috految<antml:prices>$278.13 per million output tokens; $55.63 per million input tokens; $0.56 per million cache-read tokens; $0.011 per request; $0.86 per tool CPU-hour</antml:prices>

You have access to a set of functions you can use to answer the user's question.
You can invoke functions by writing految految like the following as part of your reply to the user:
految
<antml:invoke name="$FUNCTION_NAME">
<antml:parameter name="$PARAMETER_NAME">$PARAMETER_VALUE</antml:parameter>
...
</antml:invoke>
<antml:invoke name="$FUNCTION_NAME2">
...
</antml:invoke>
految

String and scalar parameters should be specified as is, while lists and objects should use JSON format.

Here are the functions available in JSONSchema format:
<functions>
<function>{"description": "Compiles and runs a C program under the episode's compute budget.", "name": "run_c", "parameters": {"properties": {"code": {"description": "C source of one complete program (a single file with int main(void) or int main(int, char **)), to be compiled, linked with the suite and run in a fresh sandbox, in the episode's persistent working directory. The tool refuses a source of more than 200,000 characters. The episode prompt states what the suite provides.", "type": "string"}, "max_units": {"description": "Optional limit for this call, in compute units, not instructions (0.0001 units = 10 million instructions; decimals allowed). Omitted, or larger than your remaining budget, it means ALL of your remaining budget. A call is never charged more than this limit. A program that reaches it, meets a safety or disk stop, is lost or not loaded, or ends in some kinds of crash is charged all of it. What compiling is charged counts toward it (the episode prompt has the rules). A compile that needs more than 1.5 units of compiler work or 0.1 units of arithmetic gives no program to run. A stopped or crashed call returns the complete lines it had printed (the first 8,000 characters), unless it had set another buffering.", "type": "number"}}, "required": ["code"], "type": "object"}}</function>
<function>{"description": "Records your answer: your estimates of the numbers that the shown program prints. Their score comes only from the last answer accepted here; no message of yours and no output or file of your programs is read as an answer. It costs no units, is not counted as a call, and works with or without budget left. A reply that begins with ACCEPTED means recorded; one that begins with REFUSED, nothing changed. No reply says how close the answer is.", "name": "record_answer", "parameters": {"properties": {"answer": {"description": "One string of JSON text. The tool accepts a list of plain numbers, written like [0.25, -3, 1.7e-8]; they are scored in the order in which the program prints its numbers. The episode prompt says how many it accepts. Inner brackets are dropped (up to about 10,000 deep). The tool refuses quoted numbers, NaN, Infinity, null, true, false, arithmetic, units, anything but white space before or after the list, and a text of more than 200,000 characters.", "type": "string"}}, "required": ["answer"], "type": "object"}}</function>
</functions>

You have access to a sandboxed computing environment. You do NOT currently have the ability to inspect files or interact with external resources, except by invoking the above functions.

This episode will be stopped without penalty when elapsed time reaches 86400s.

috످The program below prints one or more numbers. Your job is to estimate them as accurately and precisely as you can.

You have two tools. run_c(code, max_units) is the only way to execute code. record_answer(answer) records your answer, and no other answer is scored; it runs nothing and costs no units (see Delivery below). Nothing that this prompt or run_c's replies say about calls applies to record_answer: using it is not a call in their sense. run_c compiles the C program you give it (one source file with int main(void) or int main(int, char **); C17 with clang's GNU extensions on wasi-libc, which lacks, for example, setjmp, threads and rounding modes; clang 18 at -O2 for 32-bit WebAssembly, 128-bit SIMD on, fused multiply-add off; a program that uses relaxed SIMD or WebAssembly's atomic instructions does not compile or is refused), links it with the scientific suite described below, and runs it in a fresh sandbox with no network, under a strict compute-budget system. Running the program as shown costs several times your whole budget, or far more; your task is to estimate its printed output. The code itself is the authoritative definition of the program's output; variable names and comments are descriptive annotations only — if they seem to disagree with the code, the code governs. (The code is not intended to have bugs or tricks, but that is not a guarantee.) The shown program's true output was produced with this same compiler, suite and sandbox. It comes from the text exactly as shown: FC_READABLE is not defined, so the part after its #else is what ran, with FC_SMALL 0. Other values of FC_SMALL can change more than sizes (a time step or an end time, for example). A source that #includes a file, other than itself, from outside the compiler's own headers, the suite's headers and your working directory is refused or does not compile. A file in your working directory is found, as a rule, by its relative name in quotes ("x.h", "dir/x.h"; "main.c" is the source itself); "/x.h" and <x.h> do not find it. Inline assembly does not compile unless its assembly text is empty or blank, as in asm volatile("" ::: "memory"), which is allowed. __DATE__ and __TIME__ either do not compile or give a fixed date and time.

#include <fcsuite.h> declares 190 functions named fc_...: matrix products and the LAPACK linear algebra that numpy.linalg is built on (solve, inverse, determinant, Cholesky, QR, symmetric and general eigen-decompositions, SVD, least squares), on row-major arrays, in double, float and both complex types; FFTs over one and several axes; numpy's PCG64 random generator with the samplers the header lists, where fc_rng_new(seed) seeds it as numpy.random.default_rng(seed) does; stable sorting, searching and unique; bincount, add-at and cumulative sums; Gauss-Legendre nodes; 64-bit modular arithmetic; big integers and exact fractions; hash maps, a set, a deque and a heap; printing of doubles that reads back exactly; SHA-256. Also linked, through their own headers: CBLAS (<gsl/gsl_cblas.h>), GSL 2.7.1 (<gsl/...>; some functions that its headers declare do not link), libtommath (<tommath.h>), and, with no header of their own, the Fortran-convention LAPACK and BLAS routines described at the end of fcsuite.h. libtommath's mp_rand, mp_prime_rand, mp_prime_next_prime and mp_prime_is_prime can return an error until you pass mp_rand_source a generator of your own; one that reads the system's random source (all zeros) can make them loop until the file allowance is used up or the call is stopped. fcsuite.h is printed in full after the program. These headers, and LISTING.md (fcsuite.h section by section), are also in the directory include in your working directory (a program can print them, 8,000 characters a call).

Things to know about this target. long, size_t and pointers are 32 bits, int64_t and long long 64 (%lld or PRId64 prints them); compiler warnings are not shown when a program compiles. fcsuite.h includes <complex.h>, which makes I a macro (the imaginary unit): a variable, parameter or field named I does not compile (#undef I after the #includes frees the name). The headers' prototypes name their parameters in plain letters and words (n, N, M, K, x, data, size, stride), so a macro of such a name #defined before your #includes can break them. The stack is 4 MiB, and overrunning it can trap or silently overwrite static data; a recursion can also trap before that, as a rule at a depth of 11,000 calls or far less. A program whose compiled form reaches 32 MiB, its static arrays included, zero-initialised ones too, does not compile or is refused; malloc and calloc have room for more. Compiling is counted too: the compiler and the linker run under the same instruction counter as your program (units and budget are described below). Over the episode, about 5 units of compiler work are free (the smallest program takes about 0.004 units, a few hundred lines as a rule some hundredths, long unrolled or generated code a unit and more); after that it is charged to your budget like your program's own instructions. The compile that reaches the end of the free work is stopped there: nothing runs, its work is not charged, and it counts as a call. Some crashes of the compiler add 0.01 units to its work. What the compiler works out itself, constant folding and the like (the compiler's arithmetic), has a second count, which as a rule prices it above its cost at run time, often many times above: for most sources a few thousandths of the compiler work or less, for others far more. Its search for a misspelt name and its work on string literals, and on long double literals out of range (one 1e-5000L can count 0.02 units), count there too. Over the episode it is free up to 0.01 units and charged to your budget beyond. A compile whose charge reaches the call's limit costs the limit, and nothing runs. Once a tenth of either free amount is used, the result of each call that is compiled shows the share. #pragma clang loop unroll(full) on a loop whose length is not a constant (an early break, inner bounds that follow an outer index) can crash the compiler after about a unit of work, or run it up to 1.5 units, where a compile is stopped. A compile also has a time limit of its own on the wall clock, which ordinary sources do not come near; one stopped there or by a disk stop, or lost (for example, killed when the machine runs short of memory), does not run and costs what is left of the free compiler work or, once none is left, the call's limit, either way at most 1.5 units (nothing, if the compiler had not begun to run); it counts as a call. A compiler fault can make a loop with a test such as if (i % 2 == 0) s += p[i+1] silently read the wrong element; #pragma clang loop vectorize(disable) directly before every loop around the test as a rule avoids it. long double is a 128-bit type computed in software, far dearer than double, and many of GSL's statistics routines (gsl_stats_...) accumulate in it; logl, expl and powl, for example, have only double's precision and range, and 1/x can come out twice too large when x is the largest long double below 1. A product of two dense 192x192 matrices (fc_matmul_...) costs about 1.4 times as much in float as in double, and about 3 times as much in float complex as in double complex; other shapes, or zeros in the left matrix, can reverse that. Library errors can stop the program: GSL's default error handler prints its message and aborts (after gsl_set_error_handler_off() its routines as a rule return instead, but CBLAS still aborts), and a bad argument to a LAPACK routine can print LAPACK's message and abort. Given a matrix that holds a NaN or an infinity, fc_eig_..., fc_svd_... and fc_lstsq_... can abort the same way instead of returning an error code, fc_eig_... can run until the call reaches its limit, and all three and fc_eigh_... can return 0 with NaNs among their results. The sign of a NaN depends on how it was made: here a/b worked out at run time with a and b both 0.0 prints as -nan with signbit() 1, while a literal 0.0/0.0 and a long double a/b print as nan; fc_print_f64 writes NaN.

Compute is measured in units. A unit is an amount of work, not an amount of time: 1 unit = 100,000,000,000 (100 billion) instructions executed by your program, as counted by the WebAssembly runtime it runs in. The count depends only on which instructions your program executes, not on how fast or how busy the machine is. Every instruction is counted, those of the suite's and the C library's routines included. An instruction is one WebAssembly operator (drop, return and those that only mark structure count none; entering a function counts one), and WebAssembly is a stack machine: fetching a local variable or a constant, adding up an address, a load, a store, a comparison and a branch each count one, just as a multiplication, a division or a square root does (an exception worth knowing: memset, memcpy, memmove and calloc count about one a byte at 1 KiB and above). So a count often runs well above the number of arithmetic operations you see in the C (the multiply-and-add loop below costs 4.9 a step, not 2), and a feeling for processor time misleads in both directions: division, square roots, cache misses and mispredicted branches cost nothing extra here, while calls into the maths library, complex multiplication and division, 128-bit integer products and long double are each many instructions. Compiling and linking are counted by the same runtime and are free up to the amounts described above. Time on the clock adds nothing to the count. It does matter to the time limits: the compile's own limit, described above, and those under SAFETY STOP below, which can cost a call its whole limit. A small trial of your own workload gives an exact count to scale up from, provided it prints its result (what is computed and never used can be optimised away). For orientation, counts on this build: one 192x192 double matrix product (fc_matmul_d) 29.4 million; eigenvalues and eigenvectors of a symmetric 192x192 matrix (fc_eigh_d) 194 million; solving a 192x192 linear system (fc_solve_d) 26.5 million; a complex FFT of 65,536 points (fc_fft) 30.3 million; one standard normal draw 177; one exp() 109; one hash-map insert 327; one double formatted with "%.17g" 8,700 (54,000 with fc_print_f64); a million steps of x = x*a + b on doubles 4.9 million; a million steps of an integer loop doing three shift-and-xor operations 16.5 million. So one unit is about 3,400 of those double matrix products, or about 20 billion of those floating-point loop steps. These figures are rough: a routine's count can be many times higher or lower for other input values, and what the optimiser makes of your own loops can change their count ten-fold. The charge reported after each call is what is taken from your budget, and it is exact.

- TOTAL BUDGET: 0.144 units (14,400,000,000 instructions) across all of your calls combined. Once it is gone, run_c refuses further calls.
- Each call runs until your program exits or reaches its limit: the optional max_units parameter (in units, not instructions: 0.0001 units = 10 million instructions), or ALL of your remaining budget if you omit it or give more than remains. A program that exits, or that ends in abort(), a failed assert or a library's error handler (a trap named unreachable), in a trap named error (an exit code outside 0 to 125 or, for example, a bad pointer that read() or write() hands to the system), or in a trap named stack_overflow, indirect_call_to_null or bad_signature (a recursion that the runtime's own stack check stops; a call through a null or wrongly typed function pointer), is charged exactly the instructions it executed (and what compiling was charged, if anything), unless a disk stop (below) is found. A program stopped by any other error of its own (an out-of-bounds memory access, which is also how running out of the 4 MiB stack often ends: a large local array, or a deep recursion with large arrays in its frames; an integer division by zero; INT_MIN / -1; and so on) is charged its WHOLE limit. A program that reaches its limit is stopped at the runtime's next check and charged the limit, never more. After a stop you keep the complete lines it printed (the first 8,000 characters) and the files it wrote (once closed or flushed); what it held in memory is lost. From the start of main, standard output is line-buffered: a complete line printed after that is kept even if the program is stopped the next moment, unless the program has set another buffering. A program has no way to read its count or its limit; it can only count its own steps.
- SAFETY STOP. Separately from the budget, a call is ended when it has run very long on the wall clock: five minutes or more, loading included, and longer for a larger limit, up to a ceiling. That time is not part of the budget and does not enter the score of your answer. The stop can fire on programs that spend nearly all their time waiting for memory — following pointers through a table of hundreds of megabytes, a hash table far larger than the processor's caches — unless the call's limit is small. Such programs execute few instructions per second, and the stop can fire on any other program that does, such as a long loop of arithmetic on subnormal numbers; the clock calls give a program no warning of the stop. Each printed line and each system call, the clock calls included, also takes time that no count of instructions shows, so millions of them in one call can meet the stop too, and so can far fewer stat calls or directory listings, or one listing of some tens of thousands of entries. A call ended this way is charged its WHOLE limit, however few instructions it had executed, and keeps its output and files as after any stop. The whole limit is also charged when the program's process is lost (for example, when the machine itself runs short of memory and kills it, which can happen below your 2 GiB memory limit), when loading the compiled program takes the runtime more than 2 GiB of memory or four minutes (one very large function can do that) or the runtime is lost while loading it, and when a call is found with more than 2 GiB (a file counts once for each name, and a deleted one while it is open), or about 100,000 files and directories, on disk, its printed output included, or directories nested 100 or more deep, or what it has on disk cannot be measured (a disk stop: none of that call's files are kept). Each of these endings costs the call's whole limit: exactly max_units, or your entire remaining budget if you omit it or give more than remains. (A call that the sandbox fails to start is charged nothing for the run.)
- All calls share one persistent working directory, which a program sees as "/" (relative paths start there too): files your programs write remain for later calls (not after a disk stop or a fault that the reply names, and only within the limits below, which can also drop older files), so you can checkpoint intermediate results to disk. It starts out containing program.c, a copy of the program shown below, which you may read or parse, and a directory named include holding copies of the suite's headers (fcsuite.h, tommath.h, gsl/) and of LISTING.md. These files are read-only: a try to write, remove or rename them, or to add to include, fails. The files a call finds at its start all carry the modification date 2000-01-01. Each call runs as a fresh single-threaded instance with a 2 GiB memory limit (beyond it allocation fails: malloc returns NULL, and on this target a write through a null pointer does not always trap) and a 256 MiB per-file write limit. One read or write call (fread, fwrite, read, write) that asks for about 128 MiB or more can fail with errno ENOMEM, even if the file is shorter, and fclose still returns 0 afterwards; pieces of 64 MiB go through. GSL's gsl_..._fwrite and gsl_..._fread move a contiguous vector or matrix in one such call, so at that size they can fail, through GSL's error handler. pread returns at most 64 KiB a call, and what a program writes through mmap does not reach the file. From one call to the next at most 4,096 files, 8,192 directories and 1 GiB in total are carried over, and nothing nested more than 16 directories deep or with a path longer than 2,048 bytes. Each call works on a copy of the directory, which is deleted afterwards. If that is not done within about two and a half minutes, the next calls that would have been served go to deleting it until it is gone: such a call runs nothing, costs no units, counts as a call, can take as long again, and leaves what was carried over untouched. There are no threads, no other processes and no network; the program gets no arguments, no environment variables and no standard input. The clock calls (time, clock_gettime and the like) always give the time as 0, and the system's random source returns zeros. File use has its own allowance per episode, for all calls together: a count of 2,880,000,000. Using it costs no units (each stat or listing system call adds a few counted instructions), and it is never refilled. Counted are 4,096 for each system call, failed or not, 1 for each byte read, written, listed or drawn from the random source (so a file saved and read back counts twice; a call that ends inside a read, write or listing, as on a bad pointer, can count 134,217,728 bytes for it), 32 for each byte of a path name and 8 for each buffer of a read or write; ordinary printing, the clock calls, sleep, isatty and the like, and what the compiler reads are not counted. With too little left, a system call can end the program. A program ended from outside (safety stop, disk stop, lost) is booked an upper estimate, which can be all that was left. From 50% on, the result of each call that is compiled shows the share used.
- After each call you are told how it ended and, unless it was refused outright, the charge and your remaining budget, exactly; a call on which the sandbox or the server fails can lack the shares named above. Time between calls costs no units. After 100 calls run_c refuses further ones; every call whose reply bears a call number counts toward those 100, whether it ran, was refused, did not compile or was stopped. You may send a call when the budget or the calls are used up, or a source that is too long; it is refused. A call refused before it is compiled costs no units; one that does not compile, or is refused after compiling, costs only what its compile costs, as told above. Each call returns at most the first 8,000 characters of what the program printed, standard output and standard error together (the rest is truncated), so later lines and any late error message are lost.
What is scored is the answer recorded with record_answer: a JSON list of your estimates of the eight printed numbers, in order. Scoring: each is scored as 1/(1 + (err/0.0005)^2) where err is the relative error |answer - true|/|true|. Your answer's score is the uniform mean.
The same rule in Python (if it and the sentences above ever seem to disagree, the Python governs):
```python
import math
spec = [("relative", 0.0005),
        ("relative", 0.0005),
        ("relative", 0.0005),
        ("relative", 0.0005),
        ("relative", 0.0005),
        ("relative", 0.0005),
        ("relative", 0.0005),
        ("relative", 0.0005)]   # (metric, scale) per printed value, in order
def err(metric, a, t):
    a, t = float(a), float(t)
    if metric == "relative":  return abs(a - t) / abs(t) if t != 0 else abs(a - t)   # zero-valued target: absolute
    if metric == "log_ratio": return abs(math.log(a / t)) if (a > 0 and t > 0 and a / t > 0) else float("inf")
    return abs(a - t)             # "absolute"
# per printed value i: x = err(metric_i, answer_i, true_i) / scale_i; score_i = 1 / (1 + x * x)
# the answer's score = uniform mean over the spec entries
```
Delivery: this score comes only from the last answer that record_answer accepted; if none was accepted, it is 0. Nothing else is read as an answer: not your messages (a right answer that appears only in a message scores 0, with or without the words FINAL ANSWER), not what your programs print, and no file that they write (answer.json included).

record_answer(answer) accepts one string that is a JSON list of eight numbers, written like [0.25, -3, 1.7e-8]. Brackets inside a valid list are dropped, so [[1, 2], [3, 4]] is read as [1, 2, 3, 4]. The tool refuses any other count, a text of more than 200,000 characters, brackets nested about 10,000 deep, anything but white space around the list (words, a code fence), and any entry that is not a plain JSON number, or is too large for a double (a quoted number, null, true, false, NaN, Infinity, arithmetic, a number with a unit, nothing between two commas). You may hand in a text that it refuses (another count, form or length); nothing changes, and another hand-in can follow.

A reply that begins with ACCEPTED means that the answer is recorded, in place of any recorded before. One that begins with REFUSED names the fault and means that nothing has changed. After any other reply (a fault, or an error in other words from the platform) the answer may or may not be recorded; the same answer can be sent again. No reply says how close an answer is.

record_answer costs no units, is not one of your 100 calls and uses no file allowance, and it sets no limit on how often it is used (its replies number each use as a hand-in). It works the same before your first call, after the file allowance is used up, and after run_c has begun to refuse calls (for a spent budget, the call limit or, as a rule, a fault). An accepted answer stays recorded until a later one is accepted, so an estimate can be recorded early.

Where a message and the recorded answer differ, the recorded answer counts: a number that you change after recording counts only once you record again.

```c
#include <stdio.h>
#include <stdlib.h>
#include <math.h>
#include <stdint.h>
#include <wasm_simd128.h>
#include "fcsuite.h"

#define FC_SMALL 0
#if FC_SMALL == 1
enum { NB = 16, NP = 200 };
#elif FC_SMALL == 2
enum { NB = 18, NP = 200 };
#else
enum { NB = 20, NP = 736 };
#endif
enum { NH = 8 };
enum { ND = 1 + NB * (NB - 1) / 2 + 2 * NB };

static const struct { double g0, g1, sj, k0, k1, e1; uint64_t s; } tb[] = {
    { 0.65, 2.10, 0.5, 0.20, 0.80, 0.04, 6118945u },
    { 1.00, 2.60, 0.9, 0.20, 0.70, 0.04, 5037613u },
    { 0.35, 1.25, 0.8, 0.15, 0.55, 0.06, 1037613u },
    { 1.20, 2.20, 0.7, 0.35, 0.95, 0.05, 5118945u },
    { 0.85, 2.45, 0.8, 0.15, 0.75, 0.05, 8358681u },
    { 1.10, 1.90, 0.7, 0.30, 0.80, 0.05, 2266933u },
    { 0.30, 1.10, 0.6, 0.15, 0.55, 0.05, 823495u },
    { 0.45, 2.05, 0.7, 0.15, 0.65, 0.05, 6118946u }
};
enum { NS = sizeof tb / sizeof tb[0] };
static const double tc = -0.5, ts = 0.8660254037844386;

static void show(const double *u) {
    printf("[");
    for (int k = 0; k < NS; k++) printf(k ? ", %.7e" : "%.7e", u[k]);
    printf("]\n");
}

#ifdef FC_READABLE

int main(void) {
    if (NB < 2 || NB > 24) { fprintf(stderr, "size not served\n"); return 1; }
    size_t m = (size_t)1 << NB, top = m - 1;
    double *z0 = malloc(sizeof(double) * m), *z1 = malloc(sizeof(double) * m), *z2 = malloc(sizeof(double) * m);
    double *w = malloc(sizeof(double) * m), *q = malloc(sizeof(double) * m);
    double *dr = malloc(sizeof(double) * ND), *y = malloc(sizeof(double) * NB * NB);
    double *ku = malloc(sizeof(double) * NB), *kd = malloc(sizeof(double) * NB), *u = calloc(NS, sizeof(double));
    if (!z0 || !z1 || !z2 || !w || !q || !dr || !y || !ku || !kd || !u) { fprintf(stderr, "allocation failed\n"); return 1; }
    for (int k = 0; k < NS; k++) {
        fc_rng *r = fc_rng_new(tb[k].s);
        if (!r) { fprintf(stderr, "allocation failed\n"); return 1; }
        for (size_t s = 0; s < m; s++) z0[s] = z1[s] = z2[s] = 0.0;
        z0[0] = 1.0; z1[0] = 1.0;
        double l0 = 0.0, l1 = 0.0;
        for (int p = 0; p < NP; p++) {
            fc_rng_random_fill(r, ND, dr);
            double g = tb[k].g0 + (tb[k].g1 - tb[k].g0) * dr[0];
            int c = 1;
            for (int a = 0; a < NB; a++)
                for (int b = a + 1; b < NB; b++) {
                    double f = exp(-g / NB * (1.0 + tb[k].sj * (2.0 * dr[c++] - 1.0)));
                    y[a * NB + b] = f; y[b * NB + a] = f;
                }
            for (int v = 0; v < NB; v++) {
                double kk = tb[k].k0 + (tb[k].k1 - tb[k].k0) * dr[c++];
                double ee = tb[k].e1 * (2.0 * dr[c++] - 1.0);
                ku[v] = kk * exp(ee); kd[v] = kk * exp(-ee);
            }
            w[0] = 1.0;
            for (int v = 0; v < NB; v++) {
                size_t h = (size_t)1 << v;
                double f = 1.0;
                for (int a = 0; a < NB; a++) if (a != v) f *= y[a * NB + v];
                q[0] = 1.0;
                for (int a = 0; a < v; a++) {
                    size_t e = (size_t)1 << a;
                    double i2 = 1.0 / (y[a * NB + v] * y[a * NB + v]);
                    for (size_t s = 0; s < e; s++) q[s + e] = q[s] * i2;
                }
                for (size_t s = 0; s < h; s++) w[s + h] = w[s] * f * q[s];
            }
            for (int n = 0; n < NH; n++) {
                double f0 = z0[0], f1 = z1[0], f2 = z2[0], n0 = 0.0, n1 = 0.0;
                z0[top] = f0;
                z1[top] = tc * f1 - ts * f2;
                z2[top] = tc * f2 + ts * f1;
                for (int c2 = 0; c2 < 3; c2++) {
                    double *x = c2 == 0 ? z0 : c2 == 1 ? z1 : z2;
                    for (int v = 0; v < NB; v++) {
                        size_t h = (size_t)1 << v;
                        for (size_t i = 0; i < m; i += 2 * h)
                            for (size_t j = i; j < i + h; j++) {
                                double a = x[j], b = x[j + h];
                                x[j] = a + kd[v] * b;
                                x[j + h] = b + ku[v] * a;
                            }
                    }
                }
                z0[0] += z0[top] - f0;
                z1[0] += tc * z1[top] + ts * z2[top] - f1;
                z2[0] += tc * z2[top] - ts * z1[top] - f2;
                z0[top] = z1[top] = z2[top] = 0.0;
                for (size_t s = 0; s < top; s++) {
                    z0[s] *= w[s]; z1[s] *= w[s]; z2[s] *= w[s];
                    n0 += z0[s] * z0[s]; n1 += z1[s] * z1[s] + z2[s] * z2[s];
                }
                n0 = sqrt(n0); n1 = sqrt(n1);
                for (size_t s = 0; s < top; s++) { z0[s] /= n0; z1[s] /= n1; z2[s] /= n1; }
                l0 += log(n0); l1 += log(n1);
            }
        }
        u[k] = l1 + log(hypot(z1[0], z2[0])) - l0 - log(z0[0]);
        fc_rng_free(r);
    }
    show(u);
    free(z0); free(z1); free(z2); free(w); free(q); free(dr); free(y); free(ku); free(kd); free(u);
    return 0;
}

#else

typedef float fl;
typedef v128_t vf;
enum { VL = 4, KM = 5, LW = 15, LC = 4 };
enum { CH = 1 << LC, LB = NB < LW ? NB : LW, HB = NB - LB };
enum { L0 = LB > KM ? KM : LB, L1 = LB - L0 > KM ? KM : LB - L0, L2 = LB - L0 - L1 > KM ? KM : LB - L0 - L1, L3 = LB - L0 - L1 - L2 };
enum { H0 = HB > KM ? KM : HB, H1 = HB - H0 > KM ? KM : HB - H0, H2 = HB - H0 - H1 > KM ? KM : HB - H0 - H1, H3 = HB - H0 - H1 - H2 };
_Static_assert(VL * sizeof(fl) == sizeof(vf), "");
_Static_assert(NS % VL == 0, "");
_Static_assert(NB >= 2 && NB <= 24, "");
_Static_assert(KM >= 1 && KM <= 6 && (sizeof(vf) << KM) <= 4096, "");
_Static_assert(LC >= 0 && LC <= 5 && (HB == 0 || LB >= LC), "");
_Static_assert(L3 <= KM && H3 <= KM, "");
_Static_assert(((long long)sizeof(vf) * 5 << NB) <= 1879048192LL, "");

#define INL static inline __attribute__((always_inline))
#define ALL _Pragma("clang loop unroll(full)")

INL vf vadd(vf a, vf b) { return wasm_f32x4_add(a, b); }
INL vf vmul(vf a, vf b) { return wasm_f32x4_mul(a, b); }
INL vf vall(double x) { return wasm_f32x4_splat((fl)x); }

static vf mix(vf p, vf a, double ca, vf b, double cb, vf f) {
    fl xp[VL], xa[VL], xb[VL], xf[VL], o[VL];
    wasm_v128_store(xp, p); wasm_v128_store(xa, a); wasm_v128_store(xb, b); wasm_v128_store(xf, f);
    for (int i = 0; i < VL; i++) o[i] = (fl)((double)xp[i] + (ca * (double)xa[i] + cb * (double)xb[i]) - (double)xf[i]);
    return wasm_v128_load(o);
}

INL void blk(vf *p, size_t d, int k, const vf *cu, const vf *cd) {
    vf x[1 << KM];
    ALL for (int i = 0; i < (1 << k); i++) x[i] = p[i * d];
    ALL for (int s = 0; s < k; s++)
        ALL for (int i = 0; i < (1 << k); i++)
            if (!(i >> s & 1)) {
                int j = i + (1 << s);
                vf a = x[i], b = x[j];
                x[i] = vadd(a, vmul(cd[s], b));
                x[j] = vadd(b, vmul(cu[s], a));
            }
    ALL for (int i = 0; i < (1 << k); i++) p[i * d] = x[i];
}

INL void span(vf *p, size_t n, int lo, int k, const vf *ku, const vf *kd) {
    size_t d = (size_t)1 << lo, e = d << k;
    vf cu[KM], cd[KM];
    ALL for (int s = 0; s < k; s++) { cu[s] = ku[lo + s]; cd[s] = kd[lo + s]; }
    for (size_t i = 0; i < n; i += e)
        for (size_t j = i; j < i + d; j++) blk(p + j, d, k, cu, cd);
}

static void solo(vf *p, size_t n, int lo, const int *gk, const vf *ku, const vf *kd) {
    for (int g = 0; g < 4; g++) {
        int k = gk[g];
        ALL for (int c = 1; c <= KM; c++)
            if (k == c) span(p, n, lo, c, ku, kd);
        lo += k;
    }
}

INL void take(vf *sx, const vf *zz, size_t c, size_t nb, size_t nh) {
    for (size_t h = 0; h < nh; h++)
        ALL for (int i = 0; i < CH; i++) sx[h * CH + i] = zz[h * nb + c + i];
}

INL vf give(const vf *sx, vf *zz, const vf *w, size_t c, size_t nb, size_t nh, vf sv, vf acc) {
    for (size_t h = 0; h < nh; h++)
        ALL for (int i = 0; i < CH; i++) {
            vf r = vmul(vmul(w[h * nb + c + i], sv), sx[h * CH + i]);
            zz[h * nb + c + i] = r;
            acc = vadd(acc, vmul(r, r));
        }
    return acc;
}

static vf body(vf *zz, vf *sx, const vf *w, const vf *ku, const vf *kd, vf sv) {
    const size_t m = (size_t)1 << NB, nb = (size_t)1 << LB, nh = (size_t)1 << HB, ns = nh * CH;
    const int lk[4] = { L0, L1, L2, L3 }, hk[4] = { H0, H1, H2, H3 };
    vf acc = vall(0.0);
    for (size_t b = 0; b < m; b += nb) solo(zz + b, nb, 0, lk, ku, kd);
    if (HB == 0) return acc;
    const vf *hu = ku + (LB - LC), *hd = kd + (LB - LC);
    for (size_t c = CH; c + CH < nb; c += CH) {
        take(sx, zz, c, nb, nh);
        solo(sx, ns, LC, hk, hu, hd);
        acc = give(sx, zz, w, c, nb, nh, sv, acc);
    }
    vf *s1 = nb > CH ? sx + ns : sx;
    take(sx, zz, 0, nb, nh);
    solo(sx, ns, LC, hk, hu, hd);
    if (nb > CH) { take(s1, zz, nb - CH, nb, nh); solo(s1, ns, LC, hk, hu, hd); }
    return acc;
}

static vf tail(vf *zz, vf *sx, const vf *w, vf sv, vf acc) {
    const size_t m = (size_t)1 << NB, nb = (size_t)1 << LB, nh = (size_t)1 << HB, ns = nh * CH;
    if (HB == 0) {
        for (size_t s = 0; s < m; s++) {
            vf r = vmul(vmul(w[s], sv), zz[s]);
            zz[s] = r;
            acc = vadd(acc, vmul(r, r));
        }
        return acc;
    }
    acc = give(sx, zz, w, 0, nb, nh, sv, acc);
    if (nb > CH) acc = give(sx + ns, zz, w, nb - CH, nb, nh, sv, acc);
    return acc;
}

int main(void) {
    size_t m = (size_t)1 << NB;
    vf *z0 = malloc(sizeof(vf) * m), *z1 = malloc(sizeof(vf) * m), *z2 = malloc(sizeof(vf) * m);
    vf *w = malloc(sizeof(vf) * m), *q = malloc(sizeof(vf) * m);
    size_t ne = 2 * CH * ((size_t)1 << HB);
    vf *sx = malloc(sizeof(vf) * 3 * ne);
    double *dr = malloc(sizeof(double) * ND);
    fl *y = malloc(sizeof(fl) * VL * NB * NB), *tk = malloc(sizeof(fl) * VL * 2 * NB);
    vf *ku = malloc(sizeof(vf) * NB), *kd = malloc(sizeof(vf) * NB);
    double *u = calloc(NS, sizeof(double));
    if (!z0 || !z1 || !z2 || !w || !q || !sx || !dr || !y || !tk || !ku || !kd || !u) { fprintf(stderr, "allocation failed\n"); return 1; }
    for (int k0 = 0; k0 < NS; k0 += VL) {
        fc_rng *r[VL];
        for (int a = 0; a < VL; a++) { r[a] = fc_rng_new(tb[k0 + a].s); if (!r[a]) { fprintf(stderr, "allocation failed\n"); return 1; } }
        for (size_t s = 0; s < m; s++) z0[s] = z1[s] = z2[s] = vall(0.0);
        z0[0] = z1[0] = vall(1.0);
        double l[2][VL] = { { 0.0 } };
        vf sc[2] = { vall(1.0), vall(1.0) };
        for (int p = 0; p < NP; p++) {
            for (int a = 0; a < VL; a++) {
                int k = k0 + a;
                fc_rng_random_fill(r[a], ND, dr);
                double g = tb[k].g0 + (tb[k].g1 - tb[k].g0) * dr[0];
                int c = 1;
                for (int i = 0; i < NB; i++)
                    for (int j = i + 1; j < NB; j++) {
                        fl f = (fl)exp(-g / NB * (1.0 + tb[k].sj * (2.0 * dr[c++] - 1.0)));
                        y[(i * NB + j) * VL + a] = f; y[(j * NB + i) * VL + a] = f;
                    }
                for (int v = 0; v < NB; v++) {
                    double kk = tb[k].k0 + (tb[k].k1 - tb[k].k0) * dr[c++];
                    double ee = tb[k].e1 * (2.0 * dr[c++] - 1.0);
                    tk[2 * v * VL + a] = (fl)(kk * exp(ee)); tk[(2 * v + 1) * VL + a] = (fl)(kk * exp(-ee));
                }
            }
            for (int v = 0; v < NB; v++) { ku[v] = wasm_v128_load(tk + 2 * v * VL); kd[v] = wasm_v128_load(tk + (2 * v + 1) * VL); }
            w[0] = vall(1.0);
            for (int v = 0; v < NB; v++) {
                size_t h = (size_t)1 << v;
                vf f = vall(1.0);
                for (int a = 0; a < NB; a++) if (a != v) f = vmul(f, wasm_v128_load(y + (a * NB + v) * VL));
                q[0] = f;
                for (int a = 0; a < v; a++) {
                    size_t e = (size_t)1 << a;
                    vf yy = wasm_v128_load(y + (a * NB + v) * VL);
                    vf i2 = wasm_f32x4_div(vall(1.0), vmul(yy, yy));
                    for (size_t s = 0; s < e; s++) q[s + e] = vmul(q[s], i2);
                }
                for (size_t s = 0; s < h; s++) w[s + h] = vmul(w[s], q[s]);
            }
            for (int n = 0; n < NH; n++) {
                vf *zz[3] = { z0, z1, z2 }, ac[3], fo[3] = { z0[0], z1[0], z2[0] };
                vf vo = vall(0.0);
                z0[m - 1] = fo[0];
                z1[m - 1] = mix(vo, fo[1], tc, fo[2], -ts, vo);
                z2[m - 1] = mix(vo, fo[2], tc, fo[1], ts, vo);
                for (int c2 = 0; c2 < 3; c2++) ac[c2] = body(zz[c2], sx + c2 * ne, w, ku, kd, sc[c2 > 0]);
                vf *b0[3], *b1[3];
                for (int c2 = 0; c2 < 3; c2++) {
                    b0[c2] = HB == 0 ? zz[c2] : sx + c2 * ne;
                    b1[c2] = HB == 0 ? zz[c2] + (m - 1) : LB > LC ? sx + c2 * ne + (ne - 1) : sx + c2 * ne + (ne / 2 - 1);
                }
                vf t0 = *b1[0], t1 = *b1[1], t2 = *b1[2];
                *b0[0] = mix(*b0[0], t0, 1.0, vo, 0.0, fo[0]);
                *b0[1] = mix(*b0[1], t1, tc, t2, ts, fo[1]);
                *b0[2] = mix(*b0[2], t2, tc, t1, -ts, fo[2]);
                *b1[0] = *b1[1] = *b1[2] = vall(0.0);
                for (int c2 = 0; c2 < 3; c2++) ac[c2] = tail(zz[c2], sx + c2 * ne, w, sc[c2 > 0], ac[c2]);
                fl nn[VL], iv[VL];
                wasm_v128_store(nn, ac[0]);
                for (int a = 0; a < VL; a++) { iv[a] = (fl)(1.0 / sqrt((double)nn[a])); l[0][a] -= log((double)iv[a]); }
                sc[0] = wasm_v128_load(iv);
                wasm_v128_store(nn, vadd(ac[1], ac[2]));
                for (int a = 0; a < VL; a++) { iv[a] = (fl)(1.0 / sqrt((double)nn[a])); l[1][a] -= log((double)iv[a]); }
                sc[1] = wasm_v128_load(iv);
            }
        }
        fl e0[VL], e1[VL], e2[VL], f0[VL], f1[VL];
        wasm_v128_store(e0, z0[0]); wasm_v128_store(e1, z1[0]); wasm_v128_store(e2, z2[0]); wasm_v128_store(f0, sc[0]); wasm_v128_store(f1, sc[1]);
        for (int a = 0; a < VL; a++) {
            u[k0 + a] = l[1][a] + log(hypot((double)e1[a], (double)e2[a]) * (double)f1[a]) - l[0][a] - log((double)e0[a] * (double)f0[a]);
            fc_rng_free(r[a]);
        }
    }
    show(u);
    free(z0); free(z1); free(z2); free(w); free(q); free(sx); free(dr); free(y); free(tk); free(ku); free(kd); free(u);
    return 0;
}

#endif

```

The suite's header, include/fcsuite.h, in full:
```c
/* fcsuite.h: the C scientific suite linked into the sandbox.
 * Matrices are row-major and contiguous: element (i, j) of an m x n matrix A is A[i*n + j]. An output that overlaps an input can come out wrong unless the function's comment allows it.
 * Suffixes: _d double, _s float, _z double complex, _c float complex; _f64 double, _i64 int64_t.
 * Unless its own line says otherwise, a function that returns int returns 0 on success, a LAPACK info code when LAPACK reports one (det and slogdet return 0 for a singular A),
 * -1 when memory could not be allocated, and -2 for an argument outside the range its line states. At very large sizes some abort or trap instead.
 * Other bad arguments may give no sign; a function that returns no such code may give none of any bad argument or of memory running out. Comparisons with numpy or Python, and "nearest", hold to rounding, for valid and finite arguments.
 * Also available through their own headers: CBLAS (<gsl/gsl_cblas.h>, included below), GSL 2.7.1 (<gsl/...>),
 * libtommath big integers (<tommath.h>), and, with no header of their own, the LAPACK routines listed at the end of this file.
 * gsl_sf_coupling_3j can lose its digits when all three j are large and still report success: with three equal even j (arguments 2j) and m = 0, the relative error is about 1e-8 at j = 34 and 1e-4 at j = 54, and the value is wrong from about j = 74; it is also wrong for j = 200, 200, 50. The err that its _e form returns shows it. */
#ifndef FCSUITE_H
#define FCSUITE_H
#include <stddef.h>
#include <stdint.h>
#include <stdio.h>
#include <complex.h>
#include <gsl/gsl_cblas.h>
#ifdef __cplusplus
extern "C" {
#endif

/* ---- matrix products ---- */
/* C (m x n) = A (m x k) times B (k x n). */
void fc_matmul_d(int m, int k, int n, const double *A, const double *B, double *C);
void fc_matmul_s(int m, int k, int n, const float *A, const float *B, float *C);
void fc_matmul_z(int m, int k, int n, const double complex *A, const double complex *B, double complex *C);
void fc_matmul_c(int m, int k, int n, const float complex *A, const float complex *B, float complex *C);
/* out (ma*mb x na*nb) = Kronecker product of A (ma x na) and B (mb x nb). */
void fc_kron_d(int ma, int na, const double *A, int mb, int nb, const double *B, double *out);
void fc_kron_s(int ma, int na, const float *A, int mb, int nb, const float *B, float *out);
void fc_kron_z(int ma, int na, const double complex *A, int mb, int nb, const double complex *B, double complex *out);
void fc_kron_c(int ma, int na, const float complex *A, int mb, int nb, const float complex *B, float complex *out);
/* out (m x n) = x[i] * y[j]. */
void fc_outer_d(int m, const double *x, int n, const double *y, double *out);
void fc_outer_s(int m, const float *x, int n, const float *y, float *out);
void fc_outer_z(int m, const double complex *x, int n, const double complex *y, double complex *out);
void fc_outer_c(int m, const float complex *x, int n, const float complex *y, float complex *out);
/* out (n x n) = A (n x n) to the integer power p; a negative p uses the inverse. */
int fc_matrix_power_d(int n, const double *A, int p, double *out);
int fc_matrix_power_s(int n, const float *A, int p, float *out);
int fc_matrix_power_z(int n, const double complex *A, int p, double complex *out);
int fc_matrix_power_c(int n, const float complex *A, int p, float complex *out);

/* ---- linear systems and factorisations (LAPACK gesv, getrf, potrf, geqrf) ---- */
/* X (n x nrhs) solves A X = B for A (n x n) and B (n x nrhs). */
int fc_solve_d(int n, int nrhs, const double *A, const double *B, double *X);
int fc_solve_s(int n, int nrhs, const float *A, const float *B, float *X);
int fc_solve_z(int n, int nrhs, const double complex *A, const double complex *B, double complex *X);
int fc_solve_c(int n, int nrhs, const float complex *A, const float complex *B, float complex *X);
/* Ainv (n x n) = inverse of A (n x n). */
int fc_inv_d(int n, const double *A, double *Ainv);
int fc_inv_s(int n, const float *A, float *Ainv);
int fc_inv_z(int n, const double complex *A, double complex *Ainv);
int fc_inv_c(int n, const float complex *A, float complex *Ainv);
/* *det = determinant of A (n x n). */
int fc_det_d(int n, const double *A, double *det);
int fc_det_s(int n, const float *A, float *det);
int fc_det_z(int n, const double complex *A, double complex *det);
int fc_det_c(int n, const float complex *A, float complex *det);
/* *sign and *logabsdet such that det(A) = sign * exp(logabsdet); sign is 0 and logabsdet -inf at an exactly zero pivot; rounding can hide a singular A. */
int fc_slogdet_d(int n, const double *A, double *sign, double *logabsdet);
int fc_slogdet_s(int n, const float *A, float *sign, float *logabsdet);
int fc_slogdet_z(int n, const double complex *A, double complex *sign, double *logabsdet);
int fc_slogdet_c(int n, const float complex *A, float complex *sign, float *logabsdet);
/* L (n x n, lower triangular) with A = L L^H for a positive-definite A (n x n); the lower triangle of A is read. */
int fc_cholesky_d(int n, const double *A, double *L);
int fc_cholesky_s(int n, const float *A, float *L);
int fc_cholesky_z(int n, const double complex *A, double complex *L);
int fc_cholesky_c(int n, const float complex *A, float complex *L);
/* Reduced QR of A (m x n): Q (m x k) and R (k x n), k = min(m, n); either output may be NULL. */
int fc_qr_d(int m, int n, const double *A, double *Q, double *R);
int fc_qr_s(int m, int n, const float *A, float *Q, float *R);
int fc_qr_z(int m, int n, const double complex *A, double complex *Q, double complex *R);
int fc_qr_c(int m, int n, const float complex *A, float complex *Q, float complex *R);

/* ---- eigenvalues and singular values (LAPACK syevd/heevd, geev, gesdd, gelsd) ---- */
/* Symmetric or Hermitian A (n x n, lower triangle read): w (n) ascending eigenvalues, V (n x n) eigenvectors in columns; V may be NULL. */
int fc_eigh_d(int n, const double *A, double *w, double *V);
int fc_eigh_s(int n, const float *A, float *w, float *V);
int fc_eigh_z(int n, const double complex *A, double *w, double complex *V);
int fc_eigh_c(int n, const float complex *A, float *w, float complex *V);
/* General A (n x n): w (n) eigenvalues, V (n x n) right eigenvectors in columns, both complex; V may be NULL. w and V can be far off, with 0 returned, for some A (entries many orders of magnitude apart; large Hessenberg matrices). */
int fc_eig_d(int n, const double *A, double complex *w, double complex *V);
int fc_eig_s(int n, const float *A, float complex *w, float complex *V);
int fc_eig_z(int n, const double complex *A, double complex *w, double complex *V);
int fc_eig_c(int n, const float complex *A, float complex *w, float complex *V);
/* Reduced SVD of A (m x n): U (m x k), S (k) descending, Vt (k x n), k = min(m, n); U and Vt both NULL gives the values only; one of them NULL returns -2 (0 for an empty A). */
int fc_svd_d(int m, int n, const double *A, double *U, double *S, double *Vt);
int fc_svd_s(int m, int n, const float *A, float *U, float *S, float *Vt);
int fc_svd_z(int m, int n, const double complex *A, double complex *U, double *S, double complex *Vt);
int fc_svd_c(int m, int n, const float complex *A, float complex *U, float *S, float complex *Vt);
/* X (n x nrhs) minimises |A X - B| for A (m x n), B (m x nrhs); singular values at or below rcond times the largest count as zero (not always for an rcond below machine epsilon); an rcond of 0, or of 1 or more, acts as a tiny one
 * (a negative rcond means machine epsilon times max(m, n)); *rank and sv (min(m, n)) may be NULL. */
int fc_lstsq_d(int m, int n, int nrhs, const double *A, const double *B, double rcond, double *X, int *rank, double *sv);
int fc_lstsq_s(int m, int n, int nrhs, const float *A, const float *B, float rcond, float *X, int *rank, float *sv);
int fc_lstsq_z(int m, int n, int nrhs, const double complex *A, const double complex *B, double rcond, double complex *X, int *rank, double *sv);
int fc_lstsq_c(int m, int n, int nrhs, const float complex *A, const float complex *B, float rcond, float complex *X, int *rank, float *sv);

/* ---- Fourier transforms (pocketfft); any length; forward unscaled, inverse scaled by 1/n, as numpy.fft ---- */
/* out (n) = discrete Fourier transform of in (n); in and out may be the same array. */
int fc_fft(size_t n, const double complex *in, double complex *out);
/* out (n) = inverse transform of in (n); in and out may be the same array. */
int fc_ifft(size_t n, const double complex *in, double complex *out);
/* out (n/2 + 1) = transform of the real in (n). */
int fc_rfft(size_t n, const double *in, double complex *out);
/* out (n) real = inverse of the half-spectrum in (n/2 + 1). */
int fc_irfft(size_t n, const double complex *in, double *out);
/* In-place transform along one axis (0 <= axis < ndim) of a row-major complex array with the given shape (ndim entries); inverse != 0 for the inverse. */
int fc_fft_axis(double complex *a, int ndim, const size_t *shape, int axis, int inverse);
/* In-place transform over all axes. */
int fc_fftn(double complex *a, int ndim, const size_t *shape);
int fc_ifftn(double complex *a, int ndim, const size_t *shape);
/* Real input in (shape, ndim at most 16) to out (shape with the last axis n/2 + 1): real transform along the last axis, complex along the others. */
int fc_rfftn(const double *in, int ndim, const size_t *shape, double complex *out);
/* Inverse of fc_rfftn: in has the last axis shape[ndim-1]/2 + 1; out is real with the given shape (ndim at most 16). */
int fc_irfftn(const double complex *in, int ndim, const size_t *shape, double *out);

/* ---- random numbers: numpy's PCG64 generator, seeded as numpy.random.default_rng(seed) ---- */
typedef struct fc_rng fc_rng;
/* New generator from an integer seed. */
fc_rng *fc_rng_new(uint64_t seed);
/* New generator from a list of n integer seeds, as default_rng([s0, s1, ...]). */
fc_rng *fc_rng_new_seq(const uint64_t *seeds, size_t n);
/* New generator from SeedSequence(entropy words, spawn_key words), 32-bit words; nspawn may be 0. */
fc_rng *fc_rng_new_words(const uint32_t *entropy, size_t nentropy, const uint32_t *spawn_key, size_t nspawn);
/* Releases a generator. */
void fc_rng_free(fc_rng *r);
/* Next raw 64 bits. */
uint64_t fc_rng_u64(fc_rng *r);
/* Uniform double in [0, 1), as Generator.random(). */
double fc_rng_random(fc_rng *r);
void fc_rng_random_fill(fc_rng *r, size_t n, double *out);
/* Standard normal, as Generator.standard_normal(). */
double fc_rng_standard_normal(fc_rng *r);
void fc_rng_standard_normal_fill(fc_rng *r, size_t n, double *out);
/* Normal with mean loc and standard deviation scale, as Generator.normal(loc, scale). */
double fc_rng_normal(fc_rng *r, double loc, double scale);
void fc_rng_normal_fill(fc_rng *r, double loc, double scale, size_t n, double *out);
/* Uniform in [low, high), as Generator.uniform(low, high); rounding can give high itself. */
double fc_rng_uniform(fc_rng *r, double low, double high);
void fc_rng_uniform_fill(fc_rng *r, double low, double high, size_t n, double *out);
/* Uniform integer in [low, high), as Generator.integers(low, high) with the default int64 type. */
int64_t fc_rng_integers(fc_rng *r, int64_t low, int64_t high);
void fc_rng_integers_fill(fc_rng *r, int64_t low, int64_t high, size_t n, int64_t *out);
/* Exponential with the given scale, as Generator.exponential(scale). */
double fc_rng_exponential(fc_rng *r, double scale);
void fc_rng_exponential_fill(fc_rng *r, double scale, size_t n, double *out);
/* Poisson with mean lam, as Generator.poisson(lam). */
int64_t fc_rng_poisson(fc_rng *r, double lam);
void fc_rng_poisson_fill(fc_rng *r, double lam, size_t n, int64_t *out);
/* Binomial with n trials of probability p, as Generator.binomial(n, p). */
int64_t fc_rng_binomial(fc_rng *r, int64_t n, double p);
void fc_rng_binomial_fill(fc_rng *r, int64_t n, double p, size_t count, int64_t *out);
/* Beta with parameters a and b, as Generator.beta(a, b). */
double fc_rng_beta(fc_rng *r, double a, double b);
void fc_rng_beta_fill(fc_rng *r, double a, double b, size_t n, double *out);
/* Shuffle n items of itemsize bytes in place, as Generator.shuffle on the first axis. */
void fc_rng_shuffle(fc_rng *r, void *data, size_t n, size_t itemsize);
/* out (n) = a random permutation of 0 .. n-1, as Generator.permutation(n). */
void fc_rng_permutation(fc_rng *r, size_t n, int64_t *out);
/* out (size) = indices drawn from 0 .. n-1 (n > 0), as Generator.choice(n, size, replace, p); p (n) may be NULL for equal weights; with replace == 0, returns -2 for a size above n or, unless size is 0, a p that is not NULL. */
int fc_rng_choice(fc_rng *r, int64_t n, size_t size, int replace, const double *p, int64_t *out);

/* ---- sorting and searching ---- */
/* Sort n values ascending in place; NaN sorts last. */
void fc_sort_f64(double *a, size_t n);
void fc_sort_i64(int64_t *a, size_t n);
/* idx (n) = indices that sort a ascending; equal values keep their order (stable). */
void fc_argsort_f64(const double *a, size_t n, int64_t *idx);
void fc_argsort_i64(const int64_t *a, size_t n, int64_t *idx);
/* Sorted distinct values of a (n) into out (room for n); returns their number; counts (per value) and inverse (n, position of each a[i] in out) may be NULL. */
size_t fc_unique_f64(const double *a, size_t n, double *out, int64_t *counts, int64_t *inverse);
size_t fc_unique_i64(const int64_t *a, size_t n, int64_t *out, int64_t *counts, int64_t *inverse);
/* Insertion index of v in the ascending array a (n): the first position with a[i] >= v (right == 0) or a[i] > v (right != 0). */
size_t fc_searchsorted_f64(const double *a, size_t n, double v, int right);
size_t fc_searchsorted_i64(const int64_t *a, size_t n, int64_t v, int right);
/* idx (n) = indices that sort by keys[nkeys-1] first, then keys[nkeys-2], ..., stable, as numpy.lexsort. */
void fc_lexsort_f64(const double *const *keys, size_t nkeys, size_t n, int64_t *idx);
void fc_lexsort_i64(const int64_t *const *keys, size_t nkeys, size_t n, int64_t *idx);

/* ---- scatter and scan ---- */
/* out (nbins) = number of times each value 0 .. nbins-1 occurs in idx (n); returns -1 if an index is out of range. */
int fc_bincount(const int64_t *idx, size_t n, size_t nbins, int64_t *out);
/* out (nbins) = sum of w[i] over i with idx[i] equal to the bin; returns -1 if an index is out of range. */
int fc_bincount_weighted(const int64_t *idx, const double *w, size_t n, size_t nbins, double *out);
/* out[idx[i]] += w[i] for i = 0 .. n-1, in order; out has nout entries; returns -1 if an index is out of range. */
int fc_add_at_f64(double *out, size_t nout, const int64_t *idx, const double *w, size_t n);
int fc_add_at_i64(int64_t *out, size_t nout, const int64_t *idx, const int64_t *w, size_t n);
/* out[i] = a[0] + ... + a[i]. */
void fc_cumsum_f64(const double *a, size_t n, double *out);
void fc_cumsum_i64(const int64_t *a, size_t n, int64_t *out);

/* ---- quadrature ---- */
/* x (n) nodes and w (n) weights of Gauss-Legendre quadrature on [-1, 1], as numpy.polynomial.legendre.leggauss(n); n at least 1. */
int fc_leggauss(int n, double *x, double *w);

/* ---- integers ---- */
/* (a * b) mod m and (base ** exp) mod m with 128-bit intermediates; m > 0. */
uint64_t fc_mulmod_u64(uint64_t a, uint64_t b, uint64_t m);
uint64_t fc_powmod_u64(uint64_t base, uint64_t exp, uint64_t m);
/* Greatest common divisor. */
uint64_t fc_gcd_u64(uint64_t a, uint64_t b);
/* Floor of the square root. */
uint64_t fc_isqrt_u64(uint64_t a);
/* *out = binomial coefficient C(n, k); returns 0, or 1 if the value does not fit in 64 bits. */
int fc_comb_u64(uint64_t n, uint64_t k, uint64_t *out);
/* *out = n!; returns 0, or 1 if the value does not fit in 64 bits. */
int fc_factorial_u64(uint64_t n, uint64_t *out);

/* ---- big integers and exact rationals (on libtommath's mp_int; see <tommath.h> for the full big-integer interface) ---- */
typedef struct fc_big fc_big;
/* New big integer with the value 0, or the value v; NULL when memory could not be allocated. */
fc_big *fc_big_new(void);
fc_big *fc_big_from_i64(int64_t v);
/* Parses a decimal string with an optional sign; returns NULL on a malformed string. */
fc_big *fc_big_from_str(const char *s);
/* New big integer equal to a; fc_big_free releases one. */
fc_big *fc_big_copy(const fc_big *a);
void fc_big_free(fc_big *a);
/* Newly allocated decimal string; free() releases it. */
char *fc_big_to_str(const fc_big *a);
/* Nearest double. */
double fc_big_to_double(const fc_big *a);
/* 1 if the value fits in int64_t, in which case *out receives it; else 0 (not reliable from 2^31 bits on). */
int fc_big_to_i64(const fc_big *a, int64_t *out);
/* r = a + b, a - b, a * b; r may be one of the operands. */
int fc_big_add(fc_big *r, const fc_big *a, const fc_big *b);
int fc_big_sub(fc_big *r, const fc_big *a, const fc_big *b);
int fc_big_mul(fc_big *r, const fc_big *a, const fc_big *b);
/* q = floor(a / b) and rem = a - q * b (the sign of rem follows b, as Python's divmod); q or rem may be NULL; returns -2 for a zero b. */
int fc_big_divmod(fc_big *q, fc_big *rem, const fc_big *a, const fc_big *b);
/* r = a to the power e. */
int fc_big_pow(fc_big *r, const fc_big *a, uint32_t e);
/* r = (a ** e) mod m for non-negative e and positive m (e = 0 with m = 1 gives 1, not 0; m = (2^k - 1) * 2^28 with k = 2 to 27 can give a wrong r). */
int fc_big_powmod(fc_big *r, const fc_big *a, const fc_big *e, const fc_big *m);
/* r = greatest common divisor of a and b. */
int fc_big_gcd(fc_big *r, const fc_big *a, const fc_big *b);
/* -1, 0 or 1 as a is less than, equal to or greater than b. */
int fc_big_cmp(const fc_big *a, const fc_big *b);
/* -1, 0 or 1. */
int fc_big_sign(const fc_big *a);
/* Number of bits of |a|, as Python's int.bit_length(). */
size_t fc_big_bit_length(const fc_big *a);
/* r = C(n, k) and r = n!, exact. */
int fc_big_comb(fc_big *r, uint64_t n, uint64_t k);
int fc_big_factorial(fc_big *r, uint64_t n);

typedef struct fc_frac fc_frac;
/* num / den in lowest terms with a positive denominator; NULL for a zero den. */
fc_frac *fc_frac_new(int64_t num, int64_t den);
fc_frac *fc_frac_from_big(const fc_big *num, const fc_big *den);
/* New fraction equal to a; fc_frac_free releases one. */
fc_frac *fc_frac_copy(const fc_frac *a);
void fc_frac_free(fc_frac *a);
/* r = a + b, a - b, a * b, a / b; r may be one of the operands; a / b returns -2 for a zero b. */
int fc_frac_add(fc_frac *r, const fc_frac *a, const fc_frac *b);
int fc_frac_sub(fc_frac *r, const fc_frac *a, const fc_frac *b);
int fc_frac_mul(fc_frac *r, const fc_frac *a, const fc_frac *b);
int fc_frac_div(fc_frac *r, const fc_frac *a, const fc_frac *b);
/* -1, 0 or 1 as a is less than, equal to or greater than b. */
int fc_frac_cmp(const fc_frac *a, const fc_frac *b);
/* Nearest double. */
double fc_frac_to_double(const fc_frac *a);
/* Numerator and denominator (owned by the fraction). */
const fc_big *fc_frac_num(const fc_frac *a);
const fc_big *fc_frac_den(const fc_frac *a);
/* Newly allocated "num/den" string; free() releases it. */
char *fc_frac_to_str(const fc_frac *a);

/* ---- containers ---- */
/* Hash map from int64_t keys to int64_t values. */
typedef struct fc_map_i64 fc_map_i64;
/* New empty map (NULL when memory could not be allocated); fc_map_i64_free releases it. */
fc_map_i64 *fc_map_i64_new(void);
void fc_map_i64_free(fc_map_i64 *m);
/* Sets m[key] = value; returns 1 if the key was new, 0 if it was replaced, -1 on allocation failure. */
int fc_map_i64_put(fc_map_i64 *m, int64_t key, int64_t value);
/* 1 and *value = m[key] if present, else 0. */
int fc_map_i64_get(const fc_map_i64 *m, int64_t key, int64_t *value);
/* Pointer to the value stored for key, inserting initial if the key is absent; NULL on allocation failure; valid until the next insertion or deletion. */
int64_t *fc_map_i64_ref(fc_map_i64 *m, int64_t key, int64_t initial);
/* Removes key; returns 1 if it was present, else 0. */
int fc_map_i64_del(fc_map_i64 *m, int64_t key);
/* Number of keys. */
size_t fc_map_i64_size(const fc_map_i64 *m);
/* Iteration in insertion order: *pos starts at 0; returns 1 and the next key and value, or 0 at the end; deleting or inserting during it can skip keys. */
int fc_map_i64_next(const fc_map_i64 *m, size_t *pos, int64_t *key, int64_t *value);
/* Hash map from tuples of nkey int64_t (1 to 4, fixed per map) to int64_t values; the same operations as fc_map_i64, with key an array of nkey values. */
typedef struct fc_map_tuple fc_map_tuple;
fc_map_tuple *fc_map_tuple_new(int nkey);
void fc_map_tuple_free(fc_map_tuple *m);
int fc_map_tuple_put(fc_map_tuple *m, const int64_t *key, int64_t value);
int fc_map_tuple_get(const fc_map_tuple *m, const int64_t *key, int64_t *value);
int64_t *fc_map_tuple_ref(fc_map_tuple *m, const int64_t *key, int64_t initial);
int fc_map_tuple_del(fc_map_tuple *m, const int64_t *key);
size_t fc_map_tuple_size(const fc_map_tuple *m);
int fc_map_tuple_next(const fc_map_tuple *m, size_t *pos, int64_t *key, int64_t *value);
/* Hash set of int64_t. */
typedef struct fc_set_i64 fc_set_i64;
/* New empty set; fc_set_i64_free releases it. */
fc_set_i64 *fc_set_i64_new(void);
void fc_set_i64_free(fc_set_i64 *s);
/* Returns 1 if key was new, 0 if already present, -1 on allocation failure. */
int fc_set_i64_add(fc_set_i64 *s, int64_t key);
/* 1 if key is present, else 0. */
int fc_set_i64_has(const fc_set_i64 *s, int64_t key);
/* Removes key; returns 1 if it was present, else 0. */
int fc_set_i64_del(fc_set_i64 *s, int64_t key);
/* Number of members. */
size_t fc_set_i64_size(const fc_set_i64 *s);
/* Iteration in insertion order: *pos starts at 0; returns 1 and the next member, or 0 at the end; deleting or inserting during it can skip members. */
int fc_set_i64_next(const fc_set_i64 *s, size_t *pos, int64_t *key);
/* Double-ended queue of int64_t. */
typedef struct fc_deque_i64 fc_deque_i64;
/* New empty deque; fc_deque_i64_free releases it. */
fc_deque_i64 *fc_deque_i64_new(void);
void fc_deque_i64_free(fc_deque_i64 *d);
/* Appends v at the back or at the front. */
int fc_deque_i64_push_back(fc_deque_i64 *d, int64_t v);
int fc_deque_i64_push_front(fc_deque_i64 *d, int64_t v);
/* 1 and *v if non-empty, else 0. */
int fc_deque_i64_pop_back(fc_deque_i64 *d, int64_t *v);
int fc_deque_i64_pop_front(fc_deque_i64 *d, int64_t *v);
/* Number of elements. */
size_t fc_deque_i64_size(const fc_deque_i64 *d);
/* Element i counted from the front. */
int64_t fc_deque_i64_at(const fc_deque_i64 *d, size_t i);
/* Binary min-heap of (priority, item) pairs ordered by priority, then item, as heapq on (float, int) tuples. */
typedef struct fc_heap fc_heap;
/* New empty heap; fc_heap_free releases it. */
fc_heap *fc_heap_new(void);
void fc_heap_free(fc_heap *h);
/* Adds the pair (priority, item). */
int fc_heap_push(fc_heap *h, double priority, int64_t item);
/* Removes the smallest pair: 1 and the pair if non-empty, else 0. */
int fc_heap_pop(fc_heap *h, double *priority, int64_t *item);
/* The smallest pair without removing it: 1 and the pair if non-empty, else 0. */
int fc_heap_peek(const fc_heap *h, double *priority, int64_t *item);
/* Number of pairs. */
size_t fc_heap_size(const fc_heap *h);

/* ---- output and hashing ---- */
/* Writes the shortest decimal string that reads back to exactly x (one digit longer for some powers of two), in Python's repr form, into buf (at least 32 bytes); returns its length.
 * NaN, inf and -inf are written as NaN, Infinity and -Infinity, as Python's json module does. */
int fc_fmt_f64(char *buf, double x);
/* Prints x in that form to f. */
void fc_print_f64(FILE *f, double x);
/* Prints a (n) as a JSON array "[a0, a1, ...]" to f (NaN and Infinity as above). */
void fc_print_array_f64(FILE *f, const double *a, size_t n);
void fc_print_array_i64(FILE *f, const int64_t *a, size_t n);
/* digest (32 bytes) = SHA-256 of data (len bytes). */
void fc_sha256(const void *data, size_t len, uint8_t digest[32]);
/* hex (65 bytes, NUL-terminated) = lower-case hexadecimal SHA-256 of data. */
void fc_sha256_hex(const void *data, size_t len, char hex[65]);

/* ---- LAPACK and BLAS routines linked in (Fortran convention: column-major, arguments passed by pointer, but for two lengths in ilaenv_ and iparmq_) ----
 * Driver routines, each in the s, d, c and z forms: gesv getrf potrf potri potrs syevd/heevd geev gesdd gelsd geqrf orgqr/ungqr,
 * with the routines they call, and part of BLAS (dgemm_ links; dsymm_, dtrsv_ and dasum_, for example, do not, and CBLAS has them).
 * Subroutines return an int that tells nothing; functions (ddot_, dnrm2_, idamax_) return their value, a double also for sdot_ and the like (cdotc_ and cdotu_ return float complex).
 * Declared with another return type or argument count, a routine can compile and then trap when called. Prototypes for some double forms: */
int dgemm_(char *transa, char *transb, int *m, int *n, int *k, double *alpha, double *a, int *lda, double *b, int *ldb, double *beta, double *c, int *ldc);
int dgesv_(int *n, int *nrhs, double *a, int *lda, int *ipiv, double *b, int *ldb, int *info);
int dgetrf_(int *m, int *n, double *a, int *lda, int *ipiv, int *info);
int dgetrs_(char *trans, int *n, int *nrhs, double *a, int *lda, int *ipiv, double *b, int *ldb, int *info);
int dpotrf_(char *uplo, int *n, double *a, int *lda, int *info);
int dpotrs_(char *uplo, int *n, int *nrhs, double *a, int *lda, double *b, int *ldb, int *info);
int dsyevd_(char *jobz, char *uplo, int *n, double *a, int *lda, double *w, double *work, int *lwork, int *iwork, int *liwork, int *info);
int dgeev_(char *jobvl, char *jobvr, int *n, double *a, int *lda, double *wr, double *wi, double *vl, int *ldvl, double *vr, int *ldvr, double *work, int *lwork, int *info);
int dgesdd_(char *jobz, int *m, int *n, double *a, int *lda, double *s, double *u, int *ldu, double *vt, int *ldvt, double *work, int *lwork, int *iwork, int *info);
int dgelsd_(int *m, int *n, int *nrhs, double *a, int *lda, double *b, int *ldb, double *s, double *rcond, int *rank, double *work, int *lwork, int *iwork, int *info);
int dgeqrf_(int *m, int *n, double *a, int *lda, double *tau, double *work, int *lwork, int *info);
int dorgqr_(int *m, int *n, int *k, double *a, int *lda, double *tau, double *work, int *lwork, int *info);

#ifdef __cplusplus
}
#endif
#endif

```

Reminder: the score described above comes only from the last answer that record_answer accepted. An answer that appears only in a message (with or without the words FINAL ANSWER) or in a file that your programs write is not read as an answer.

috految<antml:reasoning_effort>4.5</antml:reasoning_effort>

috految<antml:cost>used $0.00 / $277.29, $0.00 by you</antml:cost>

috److془We need to carefully design an approximation. Budget: 14.4e9 / 5888 periods = 2.4M instr per period; with SIMD 9.7M per vector period, 1.2M per step.

Need 5e-4 accuracy. Model: Ising with ferro couplings J_ab = g/40(1+sj u), sigma ~0.015-0.02; transfer K with t=(1-k)/(1+k) ~0.35±0.16. Critical g=2k~1.0.

Approach: Galerkin in state space: groups with permutation symmetry + corrections. Or: zeroth order symmetric, with cluster expansion.. Or: Galerkin with exact rank one.

Disorder effects: pair residual: 190*σ²/2=0.035 *(1-m²)² *(1+2t²..1.4) per step. Effect on u ~ 5%; need 1% accuracy. Row sum: compare 0.07 m field; 20*.005/2*m²(1-m²) similar. k heterogeneity: 20*.03 m²/2..~0.1-0.3 per step. e: gauge: fields at boundaries only.
Per period random errors permitted ~0.7%. Bias 0.05%.

Option: Galerkin with exact ansatz: sector n (21) × linear (20) +pair corrections. Or groups: 4 groups of 5 sorted by k, 1296 states; cost step: 3*1296*(4*28+8)=470k. Or 3 groups states 448. Boundary: needs transfer between partitions. Bias of symmetric projection at boundary: upon random permutation, mean amplitude exact! Noise: overlap of the tilts: sqrt20*(.1*.1)~ 0.02-0.05 in amplitude; difference between sectors smaller. ~1% on period contribution. Hmm; can include linear component. Nice. Within groups: annealed averaging over permutations; needs time-correlations: second order. Alternatively: surrogate with moment matching: same distribution! Surrogate 4 group with the same moments of k, row sums h, cov(k,h), kJk, tr J². Third order tr J³ can be matched, fourth: eigenvalues λ²~.12/3, χ~2.2 : fourth relative 10%. Hmm. Better put residual as a diagonal potential, with time correlation factor. Or: residual as perturbation with annealed factor: Σ_{t,t'} σ²/2 Σ_ab q_a q_b. Lag terms: correlation of ~ .25 total; need 3% accuracy. Alternatively exact via auxiliary channel in fully symmetric model, or Lanczos; the third-order terms: in annealed measure vanish. Fourth order: σ²·N·χ² ~ .004*several ~1% of correction. 

Alternative: calibrate at N=8 or so: not nice. Alternative: Galerkin with groups with auxiliary: the splitting. Simple: the residual in irreps: linear within group (contributes q_g × field²), pairs. With 3 groups: 6 pair channels+3 linear channels (J_{a,G} components 3 + k: 12). Hmm. Use instead Monte Carlo-like? Or: correction via small models: 2 groups, 121 states. Or just one Galerkin with linear channels 396 ... Alternatively, 3 groups with k moment matched: lag term via fewer cost: Block inside 3-group: 448*3*115=155k per channel step. Pair channels ~ 230-ish states. Hmm 7 channels max. Alternatively the 4 groups, with local approx to lag: in ordered phase, ρ_g ≈ mean-field; sloppy 15%. 
Full-elegant: 3 groups with linear and pair channels; or 2 groups of 10 with 4 linear, 3 pair channels, cost 3*~700*125=260k. Or the actual: u = u(4 groups moment matched, no residual)+u(2 groups,full)-u(2 groups none). Or use 3 groups etc. vs. Good. Simpler: 2 groups 10, with 4 groups built on same moments. Even: 4 group with equal-time residual potential, lag from G=2. Better: use lag via the same fluctuations: G=2 with full minus G=2 with potential of only; the 4 group contains 2 further of 18 dims linear. Just use the 2 groups with residual projected to be that of 4 groups. Nice. Or single: lag channels in G=2 with V=G4 residual. Issue: h·δk within group noise: between variance 93%; missing: sqrt20*.07*.03*.5~.005 per step. Using linear regression inclusion fixes it. Beautiful: orthonormal polynomials in x_a=log k (or sqrt k) rotate to group basis. Nodes: equal weight 4 nodes with match moments 1..4 (Chebyshev); with variable sqrt k; using sizes 4,6,6,4 near Gauss; 1225 states. Even better: 3 nodes 6,8,6 no; stay. Of course pair correlation: linear weights of h over groups are preserved by orthogonal map. Hollow J: row sums map, residual map with the diagonal issues; simply: block means p, then adjust by adding c(x_g+x_h) to match Σ h x. Variation of h² is unbiased (orthogonal rotation). Good. Residual potentials from actual residual. Residual variance of h fluctuation included. Cumulant triangles noise: 34*σ³ tiny. Fourth order in-exponent ≈fine. Is it? Fixed norm kurtosis tiny. Good. Lag truncation: generated amplitude² ~ .03, multi-excitation exclusions ~2% of lag. Good. Channel weight W same as main. Channel is n-dependent c: main'=W(main+Σc aux), aux'=W(aux+c main). Use 1.01 factor. Hmm singlet: sigma-weighted covariances cross linear: fine use Cholesky. Aux has identity: singlet pair, K = det(1-k²) × K_{size-2}.
Linear: V=Σ_a s_a Σ_H r_aH M_H (own H: r=rowsum/(m-2)), ; var = Σ r_aH r_aH' M M' * q, q=(m²-M²)/(m(m-1)). Pair cross: ΣR² q_g q_h. Own: Σ_{a<b}R² *16 n(n-1)(m-n)(m-n-1)/(m(m-1)(m-2)(m-3)). Lag linear for G2: covariance with 2 groups. Lag structure fine.
e: group means in ku,kd; residual exp(±e n) at boundaries: variance 20*.0008/8*q(1-ρ^8) =.002 each end each; both ends factor exp(Σe² q/8). Gauge: K=D K0 D^-1, D=exp(e n). Boundary: the relation of tilts: out state linear component; project to new groups: n-sector mean + linear. Including h tilt unresolved: noise .03*.1*4.5 small-ish. Also .04*.04. Accept. Actually cheap: add class residual tilt spin field -> new groups. Field old: r_a·M *1.4 + e_res/2. Fine. Correlation mean zero. Top is symmetrical no issue. Linear projection: C_a=<z (s_a - M/20)>; z=mean + Σ C_a s_a/q. Quadratic truncated fine. Cost: G4 ~ 3*1225*135=500k; G2 ~ 330k; extras perhaps 2M/period: 8.7M tight-ish. Unroll; per dimension 4d+3: 108+12: 440k. G2 lower with 3*(760+121)*105=280. Fine. Use orthonormal or amplitude: amplitude basis aux normalised sqrt(binom). Use orthonormal. Boundary aux dropped. Final z[0]. Weight: exp(Σ J(ss-1)), J=g/40(..). Good. Scales: (1.6)^160=1e33 normalise per step by z[0] magnitude (shared complex). Phases fine. Moments with x=sqrt k; damped iterations. Standardized Kaczmarz with Hermite-ish. Sample variance with 1/20 exact. Kurtosis achievable up to ~2.5, fine. Use x=k^.25?. sqrt fine. Low k tail: use k^.25 skew instead.. stay.془

految
<antml:invoke name="run_c">
<antml:parameter name="code">#define main m0
#include "program.c"
#undef main
typedef float V __attribute__((vector_size(16)));
#define F(i,n) for(int i=0;i<(n);i++)
#define U(i,n) ALL F(i,n)
#define S(x) (V)wasm_f32x4_sqrt((vf)(x))
const V O={0};
V ex(V x){x/=64;V y=x*(1+x*(.5f+x*(1.f/6+x*(1.f/24+x/120))));U(i,6)y*=2+y;return 1+y;}
float B[21][21],rt[21][21];
V J[20][20],X[20],E[20],R[20][20],K[4][3][121],W[1225],Z[3][1225],A[3][7][121],c[7][121],mean[3][3][21],C[3][3][21][20];int id[4][20];double L[3][4];
#define D(d,s,n) __attribute__((noinline)) void t##d##_##s##_##n(V*z,V*p){V k[d*d];U(i,d*d)k[i]=p[i];F(a,n/d/s)F(b,s){V*q=z+a*d*s+b;asm("":"+r"(q));V x[d];U(i,d)x[i]=q[i*s];U(i,d){V y=k[i*d]*x[0];U(j,d-1)y+=k[i*d+j+1]*x[j+1];q[i*s]=y;}}}
D(5,1,1225)D(7,5,1225)D(7,35,1225)D(5,245,1225)D(11,1,121)D(11,11,121)D(9,1,99)D(11,9,99)D(11,1,99)D(9,11,99)D(9,1,81)D(9,9,81)D(7,1,77)D(11,7,77)D(11,1,77)D(7,11,77)
INL void go(int G,int md,int p){int m[4]={G==4?4:10,G==4?6:10,6,4},gr[20],N=G==4?1225:121,a=0;F(g,G)F(i,m[g])gr[a++]=g;
V x[4]={},e[4]={},P[4][4]={},r[20][4]={},Q[4][4][4]={},T[4][4]={},ev[4]={},mu=O,v=O,m3=O,m4=O,y[20];
F(a,20)mu+=X[a]/20;F(a,20)v+=(X[a]-mu)*(X[a]-mu)/20;v=S(v);
F(a,20){int g=gr[a];V t=y[a]=(X[a]-mu)/v;x[g]+=t/(float)m[g];e[g]+=E[a]/(float)m[g];m3+=t*t*t/20;m4+=t*t*t*t/20;}
F(it,G==4?40:1){if(it){V f=O,h=O;U(g,4){V t=x[g]*x[g];f+=t*x[g]*(m[g]/20.f);h+=t*t*(m[g]/20.f);}U(g,4){V t=x[g];x[g]+=.2f*(m3-f)*(t*t-1-f*t)+(it<30?.07f:0)*(m4-h)*(t*t*t-h*t-f);}}V s=O,t=O;F(g,G)s+=x[g]*(m[g]/20.f);F(g,G){x[g]-=s;t+=x[g]*x[g]*(m[g]/20.f);}F(g,G)x[g]/=S(t);}
V t=O;F(a,20){V d=E[a]-e[gr[a]];ev[gr[a]]+=d*d/8;F(b,20)if(a!=b){int g=gr[a],h=gr[b];P[g][h]+=J[a][b]/(float)(m[g]*(m[h]-(g==h)));t+=J[a][b]*(y[a]-x[g]);}}
if(G==4)F(a,20)F(b,20)R[a][b]=a==b?O:J[a][b]-P[gr[a]][gr[b]];
F(g,G)F(h,G)P[g][h]+=t/360*(x[g]+x[h]);
F(a,20)F(b,20)r[a][gr[b]]+=R[a][b]/(float)(m[gr[b]]-2*(gr[a]==gr[b]));
F(a,20){int g=gr[a];F(h,G)F(j,G)Q[g][h][j]+=r[a][h]*r[a][j];F(b,a){V d=R[a][b]-r[a][gr[b]]-r[b][g];T[g][gr[b]]+=d*d;}}
F(g,G){V k=mu+v*x[g];k*=k;V u=k*ex(e[g]),d=k*ex(-e[g]),f=O+1;F(l,md==2?3:1){int n=m[g]-2*l;F(j,n+1){V b[12]={f};F(s,n){for(int i=s+1;i>=0;i--)b[i]=s<j?b[i]*d+(i?b[i-1]:O):b[i]+(i?b[i-1]*u:O);}F(i,n+1)K[g][l][i*(n+1)+j]=b[i]*(rt[n][j]/rt[n][i]);}f*=1-k*k;}}
V in[3][21][4]={},out[3][21][4]={},ee[1225];F(k,3)F(n,21)F(a,20){V w;U(l,4)w[l]=C[md][k][n][id[l][a]][l];in[k][n][gr[a]]+=w/(float)m[gr[a]];}
#define ST int n[4],tot=0;float M[4],b=1;unsigned w=s;U(g,4)if(g<G){n[g]=w%(m[g]+1);w/=m[g]+1;tot+=n[g];M[g]=2*n[g]-m[g];b*=rt[m[g]][n[g]];}
F(s,N){ST float q[4],pq[4];V h=O,f=O;U(g,4)if(g<G){int z=m[g],i=n[g];q[g]=4.f*i*(z-i)/(z*(z-1));pq[g]=q[g]*4*(i-1)*(z-i-1)/((z-2)*(z-3));f+=ev[g]*q[g];V a=O;U(j,4)if(j<G){if(j<=g)h+=P[g][j]*((M[g]*M[j]-m[g]*m[j])*(j==g?.5f:1))+T[g][j]*(.5f*(j==g?pq[g]:q[g]*q[j]));U(l,4)if(l<=j)a+=Q[g][j][l]*(M[j]*M[l]*(l==j?.5f:1));}h+=a*q[g];}
h=ex(h*.25f);h*=h;W[s]=h*h;ee[s]=f+=1;
U(k,3){V z=mean[md][k][tot];U(g,4)if(g<G)z+=in[k][tot][g]*M[g];Z[k][s]=z*b*f;}
if(md==2){U(g,2){V a=S(Q[g][0][0]),b=Q[g][0][1]/a;c[2*g][s]=(a*M[0]+b*M[1])*sqrtf(q[g]);c[2*g+1][s]=S(Q[g][1][1]-b*b)*M[1]*sqrtf(q[g]);c[5+g][s]=S(T[g][g]*pq[g]);}c[4][s]=S(T[1][0]*q[0]*q[1]);}}
if(md==2)F(k,3)F(j,7)F(s,99)A[k][j][s]=O;
if(!p)F(k,3)F(s,N)Z[k][s]=O+(float)(!s&&k<2);
F(it,8){V f=Z[0][0],a=Z[1][0],b=Z[2][0];float s=ts;Z[0][N-1]=f;Z[1][N-1]=-.5f*a-s*b;Z[2][N-1]=-.5f*b+s*a;
F(k,3){V*z=Z[k];if(G==4){t5_1_1225(z,*K[0]);t7_5_1225(z,*K[1]);t7_35_1225(z,*K[2]);t5_245_1225(z,*K[3]);}else{t11_1_121(z,*K[0]);t11_11_121(z,*K[1]);}
if(md==2&&it){F(j,2){t9_1_99(A[k][j],K[0][1]);t11_9_99(A[k][j],*K[1]);t11_1_99(A[k][j+2],*K[0]);t9_11_99(A[k][j+2],K[1][1]);}t9_1_81(A[k][4],K[0][1]);t9_9_81(A[k][4],K[1][1]);t7_1_77(A[k][5],K[0][2]);t11_7_77(A[k][5],*K[1]);t11_1_77(A[k][6],*K[0]);t7_11_77(A[k][6],K[1][2]);}}
Z[0][0]+=Z[0][N-1]-f;Z[1][0]+=-.5f*Z[1][N-1]+s*Z[2][N-1]-a;Z[2][0]+=-.5f*Z[2][N-1]-s*Z[1][N-1]-b;
f=Z[0][0];a=S(Z[1][0]*Z[1][0]+Z[2][0]*Z[2][0]);F(l,4)L[md][l]+=log(a[l]/(double)f[l]);
F(k,3){V d=1/(k?a:f),*z=Z[k];z[N-1]=O;if(md<2){if(G==4){F(i,35)U(j,35)z[i*35+j]*=W[i*35+j]*d;}else F(i,N)z[i]*=W[i]*d;}else U(i,11)U(j,11){int s=i*11+j;V w=W[s]*d,o=z[s],v=o;U(h,7){int a=h<2||h==4?1:h==5?2:0,b=h>=2&&h<=4?1:h==6?2:0;if(j>=a&&j<11-a&&i>=b&&i<11-b){V*q=&A[k][h][(i-b)*(11-2*a)+j-a];v+=c[h][s]**q;*q=w*(*q+c[h][s]*o);}}z[s]=v*w;}}}
F(k,3)F(n,21)mean[md][k][n]=O;
F(s,N){ST U(k,3){V z=Z[k][s]*ee[s]*(b/B[20][tot]);mean[md][k][tot]+=z;U(g,4)if(g<G)out[k][tot][g]+=z*(M[g]/m[g]-(tot-10)*.1f);}}
F(a,20){V h=O;F(b,20)h+=R[a][b]/18;F(k,3)for(int n=1;n<20;n++){V z=out[k][n][gr[a]]*(95.f/(n*(20-n)))+mean[md][k][n]*(h*(2.6f*(n-10))+(E[a]-e[gr[a]])/2);U(l,4)C[md][k][n][id[l][a]][l]=z[l];}}
}
int main(){F(n,21)F(i,n+1){B[n][i]=i&&i<n?B[n-1][i]+B[n-1][i-1]:1;rt[n][i]=sqrt(B[n][i]);}
F(h,2){fc_rng*r[4];F(l,4){r[l]=fc_rng_new(tb[h*4+l].s);F(m,3)L[m][l]=0;}
F(p,736){F(l,4){__auto_type t=tb[h*4+l];double d[ND];fc_rng_random_fill(r[l],ND,d);int o[20],c=1;F(a,20){int n=0;F(b,20)n+=d[191+2*b]<d[191+2*a];o[a]=n;id[l][n]=a;X[n][l]=sqrt(t.k0+(t.k1-t.k0)*d[191+2*a]);E[n][l]=t.e1*(2*d[192+2*a]-1);}
F(a,20)for(int b=a+1;b<20;b++)J[o[a]][o[b]][l]=J[o[b]][o[a]][l]=(t.g0+(t.g1-t.g0)*d[0])/40*(1+t.sj*(2*d[c++]-1));}
go(4,0,p);if(!h||p<400){go(2,1,p);go(2,2,p);}
if(p==399||p==735){F(l,4)printf("%d %.7g %.7g %.7g\n",p,L[0][l],L[1][l],L[2][l]);}}}}</antml:parameter>
</antml:invoke>
految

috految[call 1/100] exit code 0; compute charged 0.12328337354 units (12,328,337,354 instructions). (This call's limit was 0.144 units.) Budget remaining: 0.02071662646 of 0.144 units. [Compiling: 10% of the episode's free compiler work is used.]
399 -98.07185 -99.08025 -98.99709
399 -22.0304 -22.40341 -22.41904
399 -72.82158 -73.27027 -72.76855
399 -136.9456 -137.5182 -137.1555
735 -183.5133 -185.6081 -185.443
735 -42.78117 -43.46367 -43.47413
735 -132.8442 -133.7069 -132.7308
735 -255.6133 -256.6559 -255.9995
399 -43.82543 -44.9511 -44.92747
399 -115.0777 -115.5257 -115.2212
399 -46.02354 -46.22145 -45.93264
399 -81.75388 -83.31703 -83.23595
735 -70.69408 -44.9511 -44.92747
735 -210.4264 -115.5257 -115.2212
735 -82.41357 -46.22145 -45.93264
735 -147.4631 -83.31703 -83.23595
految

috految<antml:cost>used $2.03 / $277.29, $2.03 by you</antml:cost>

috److految
<antml:invoke name="record_answer">
<antml:parameter name="answer">[-183.34,-42.79,-131.87,-254.95,-70.655,-209.865,-81.895,-147.31]</antml:parameter>
</antml:invoke>
految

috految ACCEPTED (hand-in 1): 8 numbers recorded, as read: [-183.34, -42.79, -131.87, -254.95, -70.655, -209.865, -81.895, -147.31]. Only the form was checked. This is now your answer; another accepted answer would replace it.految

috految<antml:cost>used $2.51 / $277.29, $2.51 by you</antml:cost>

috److I recorded these estimates for the eight printed numbers:

| Index | Estimate |
|---|---|
| 1 | -183.34 |
| 2 | -42.79 |
| 3 | -131.87 |
| 4 | -254.95 |
| 5 | -70.655 |
| 6 | -209.865 |
| 7 | -81.895 |
| 8 | -147.31 |

**Method:** The full 20-spin calculation was far beyond the budget, so I ran a reduced model on the program's own random draws.

- **Main estimate:** I sorted the spins into four groups by their flip weight and treated spins within a group as interchangeable. This cut the state space from about a million to 1,225, and I ran it for all 736 periods.
- **Correction:** I added a small adjustment for coupling disorder that persists between steps, taken from a two-group model run with and without that effect. It was at most about 0.7% of each value.
- **Extrapolation:** For the last four values, the correction was only computed over the first 400 periods and scaled up to 736.

**Accuracy:** I did not check the approximation against an exact smaller case, so the error is unmeasured and could exceed the 0.05% scoring scale. The single run used 0.123 of the 0.144 units.

috످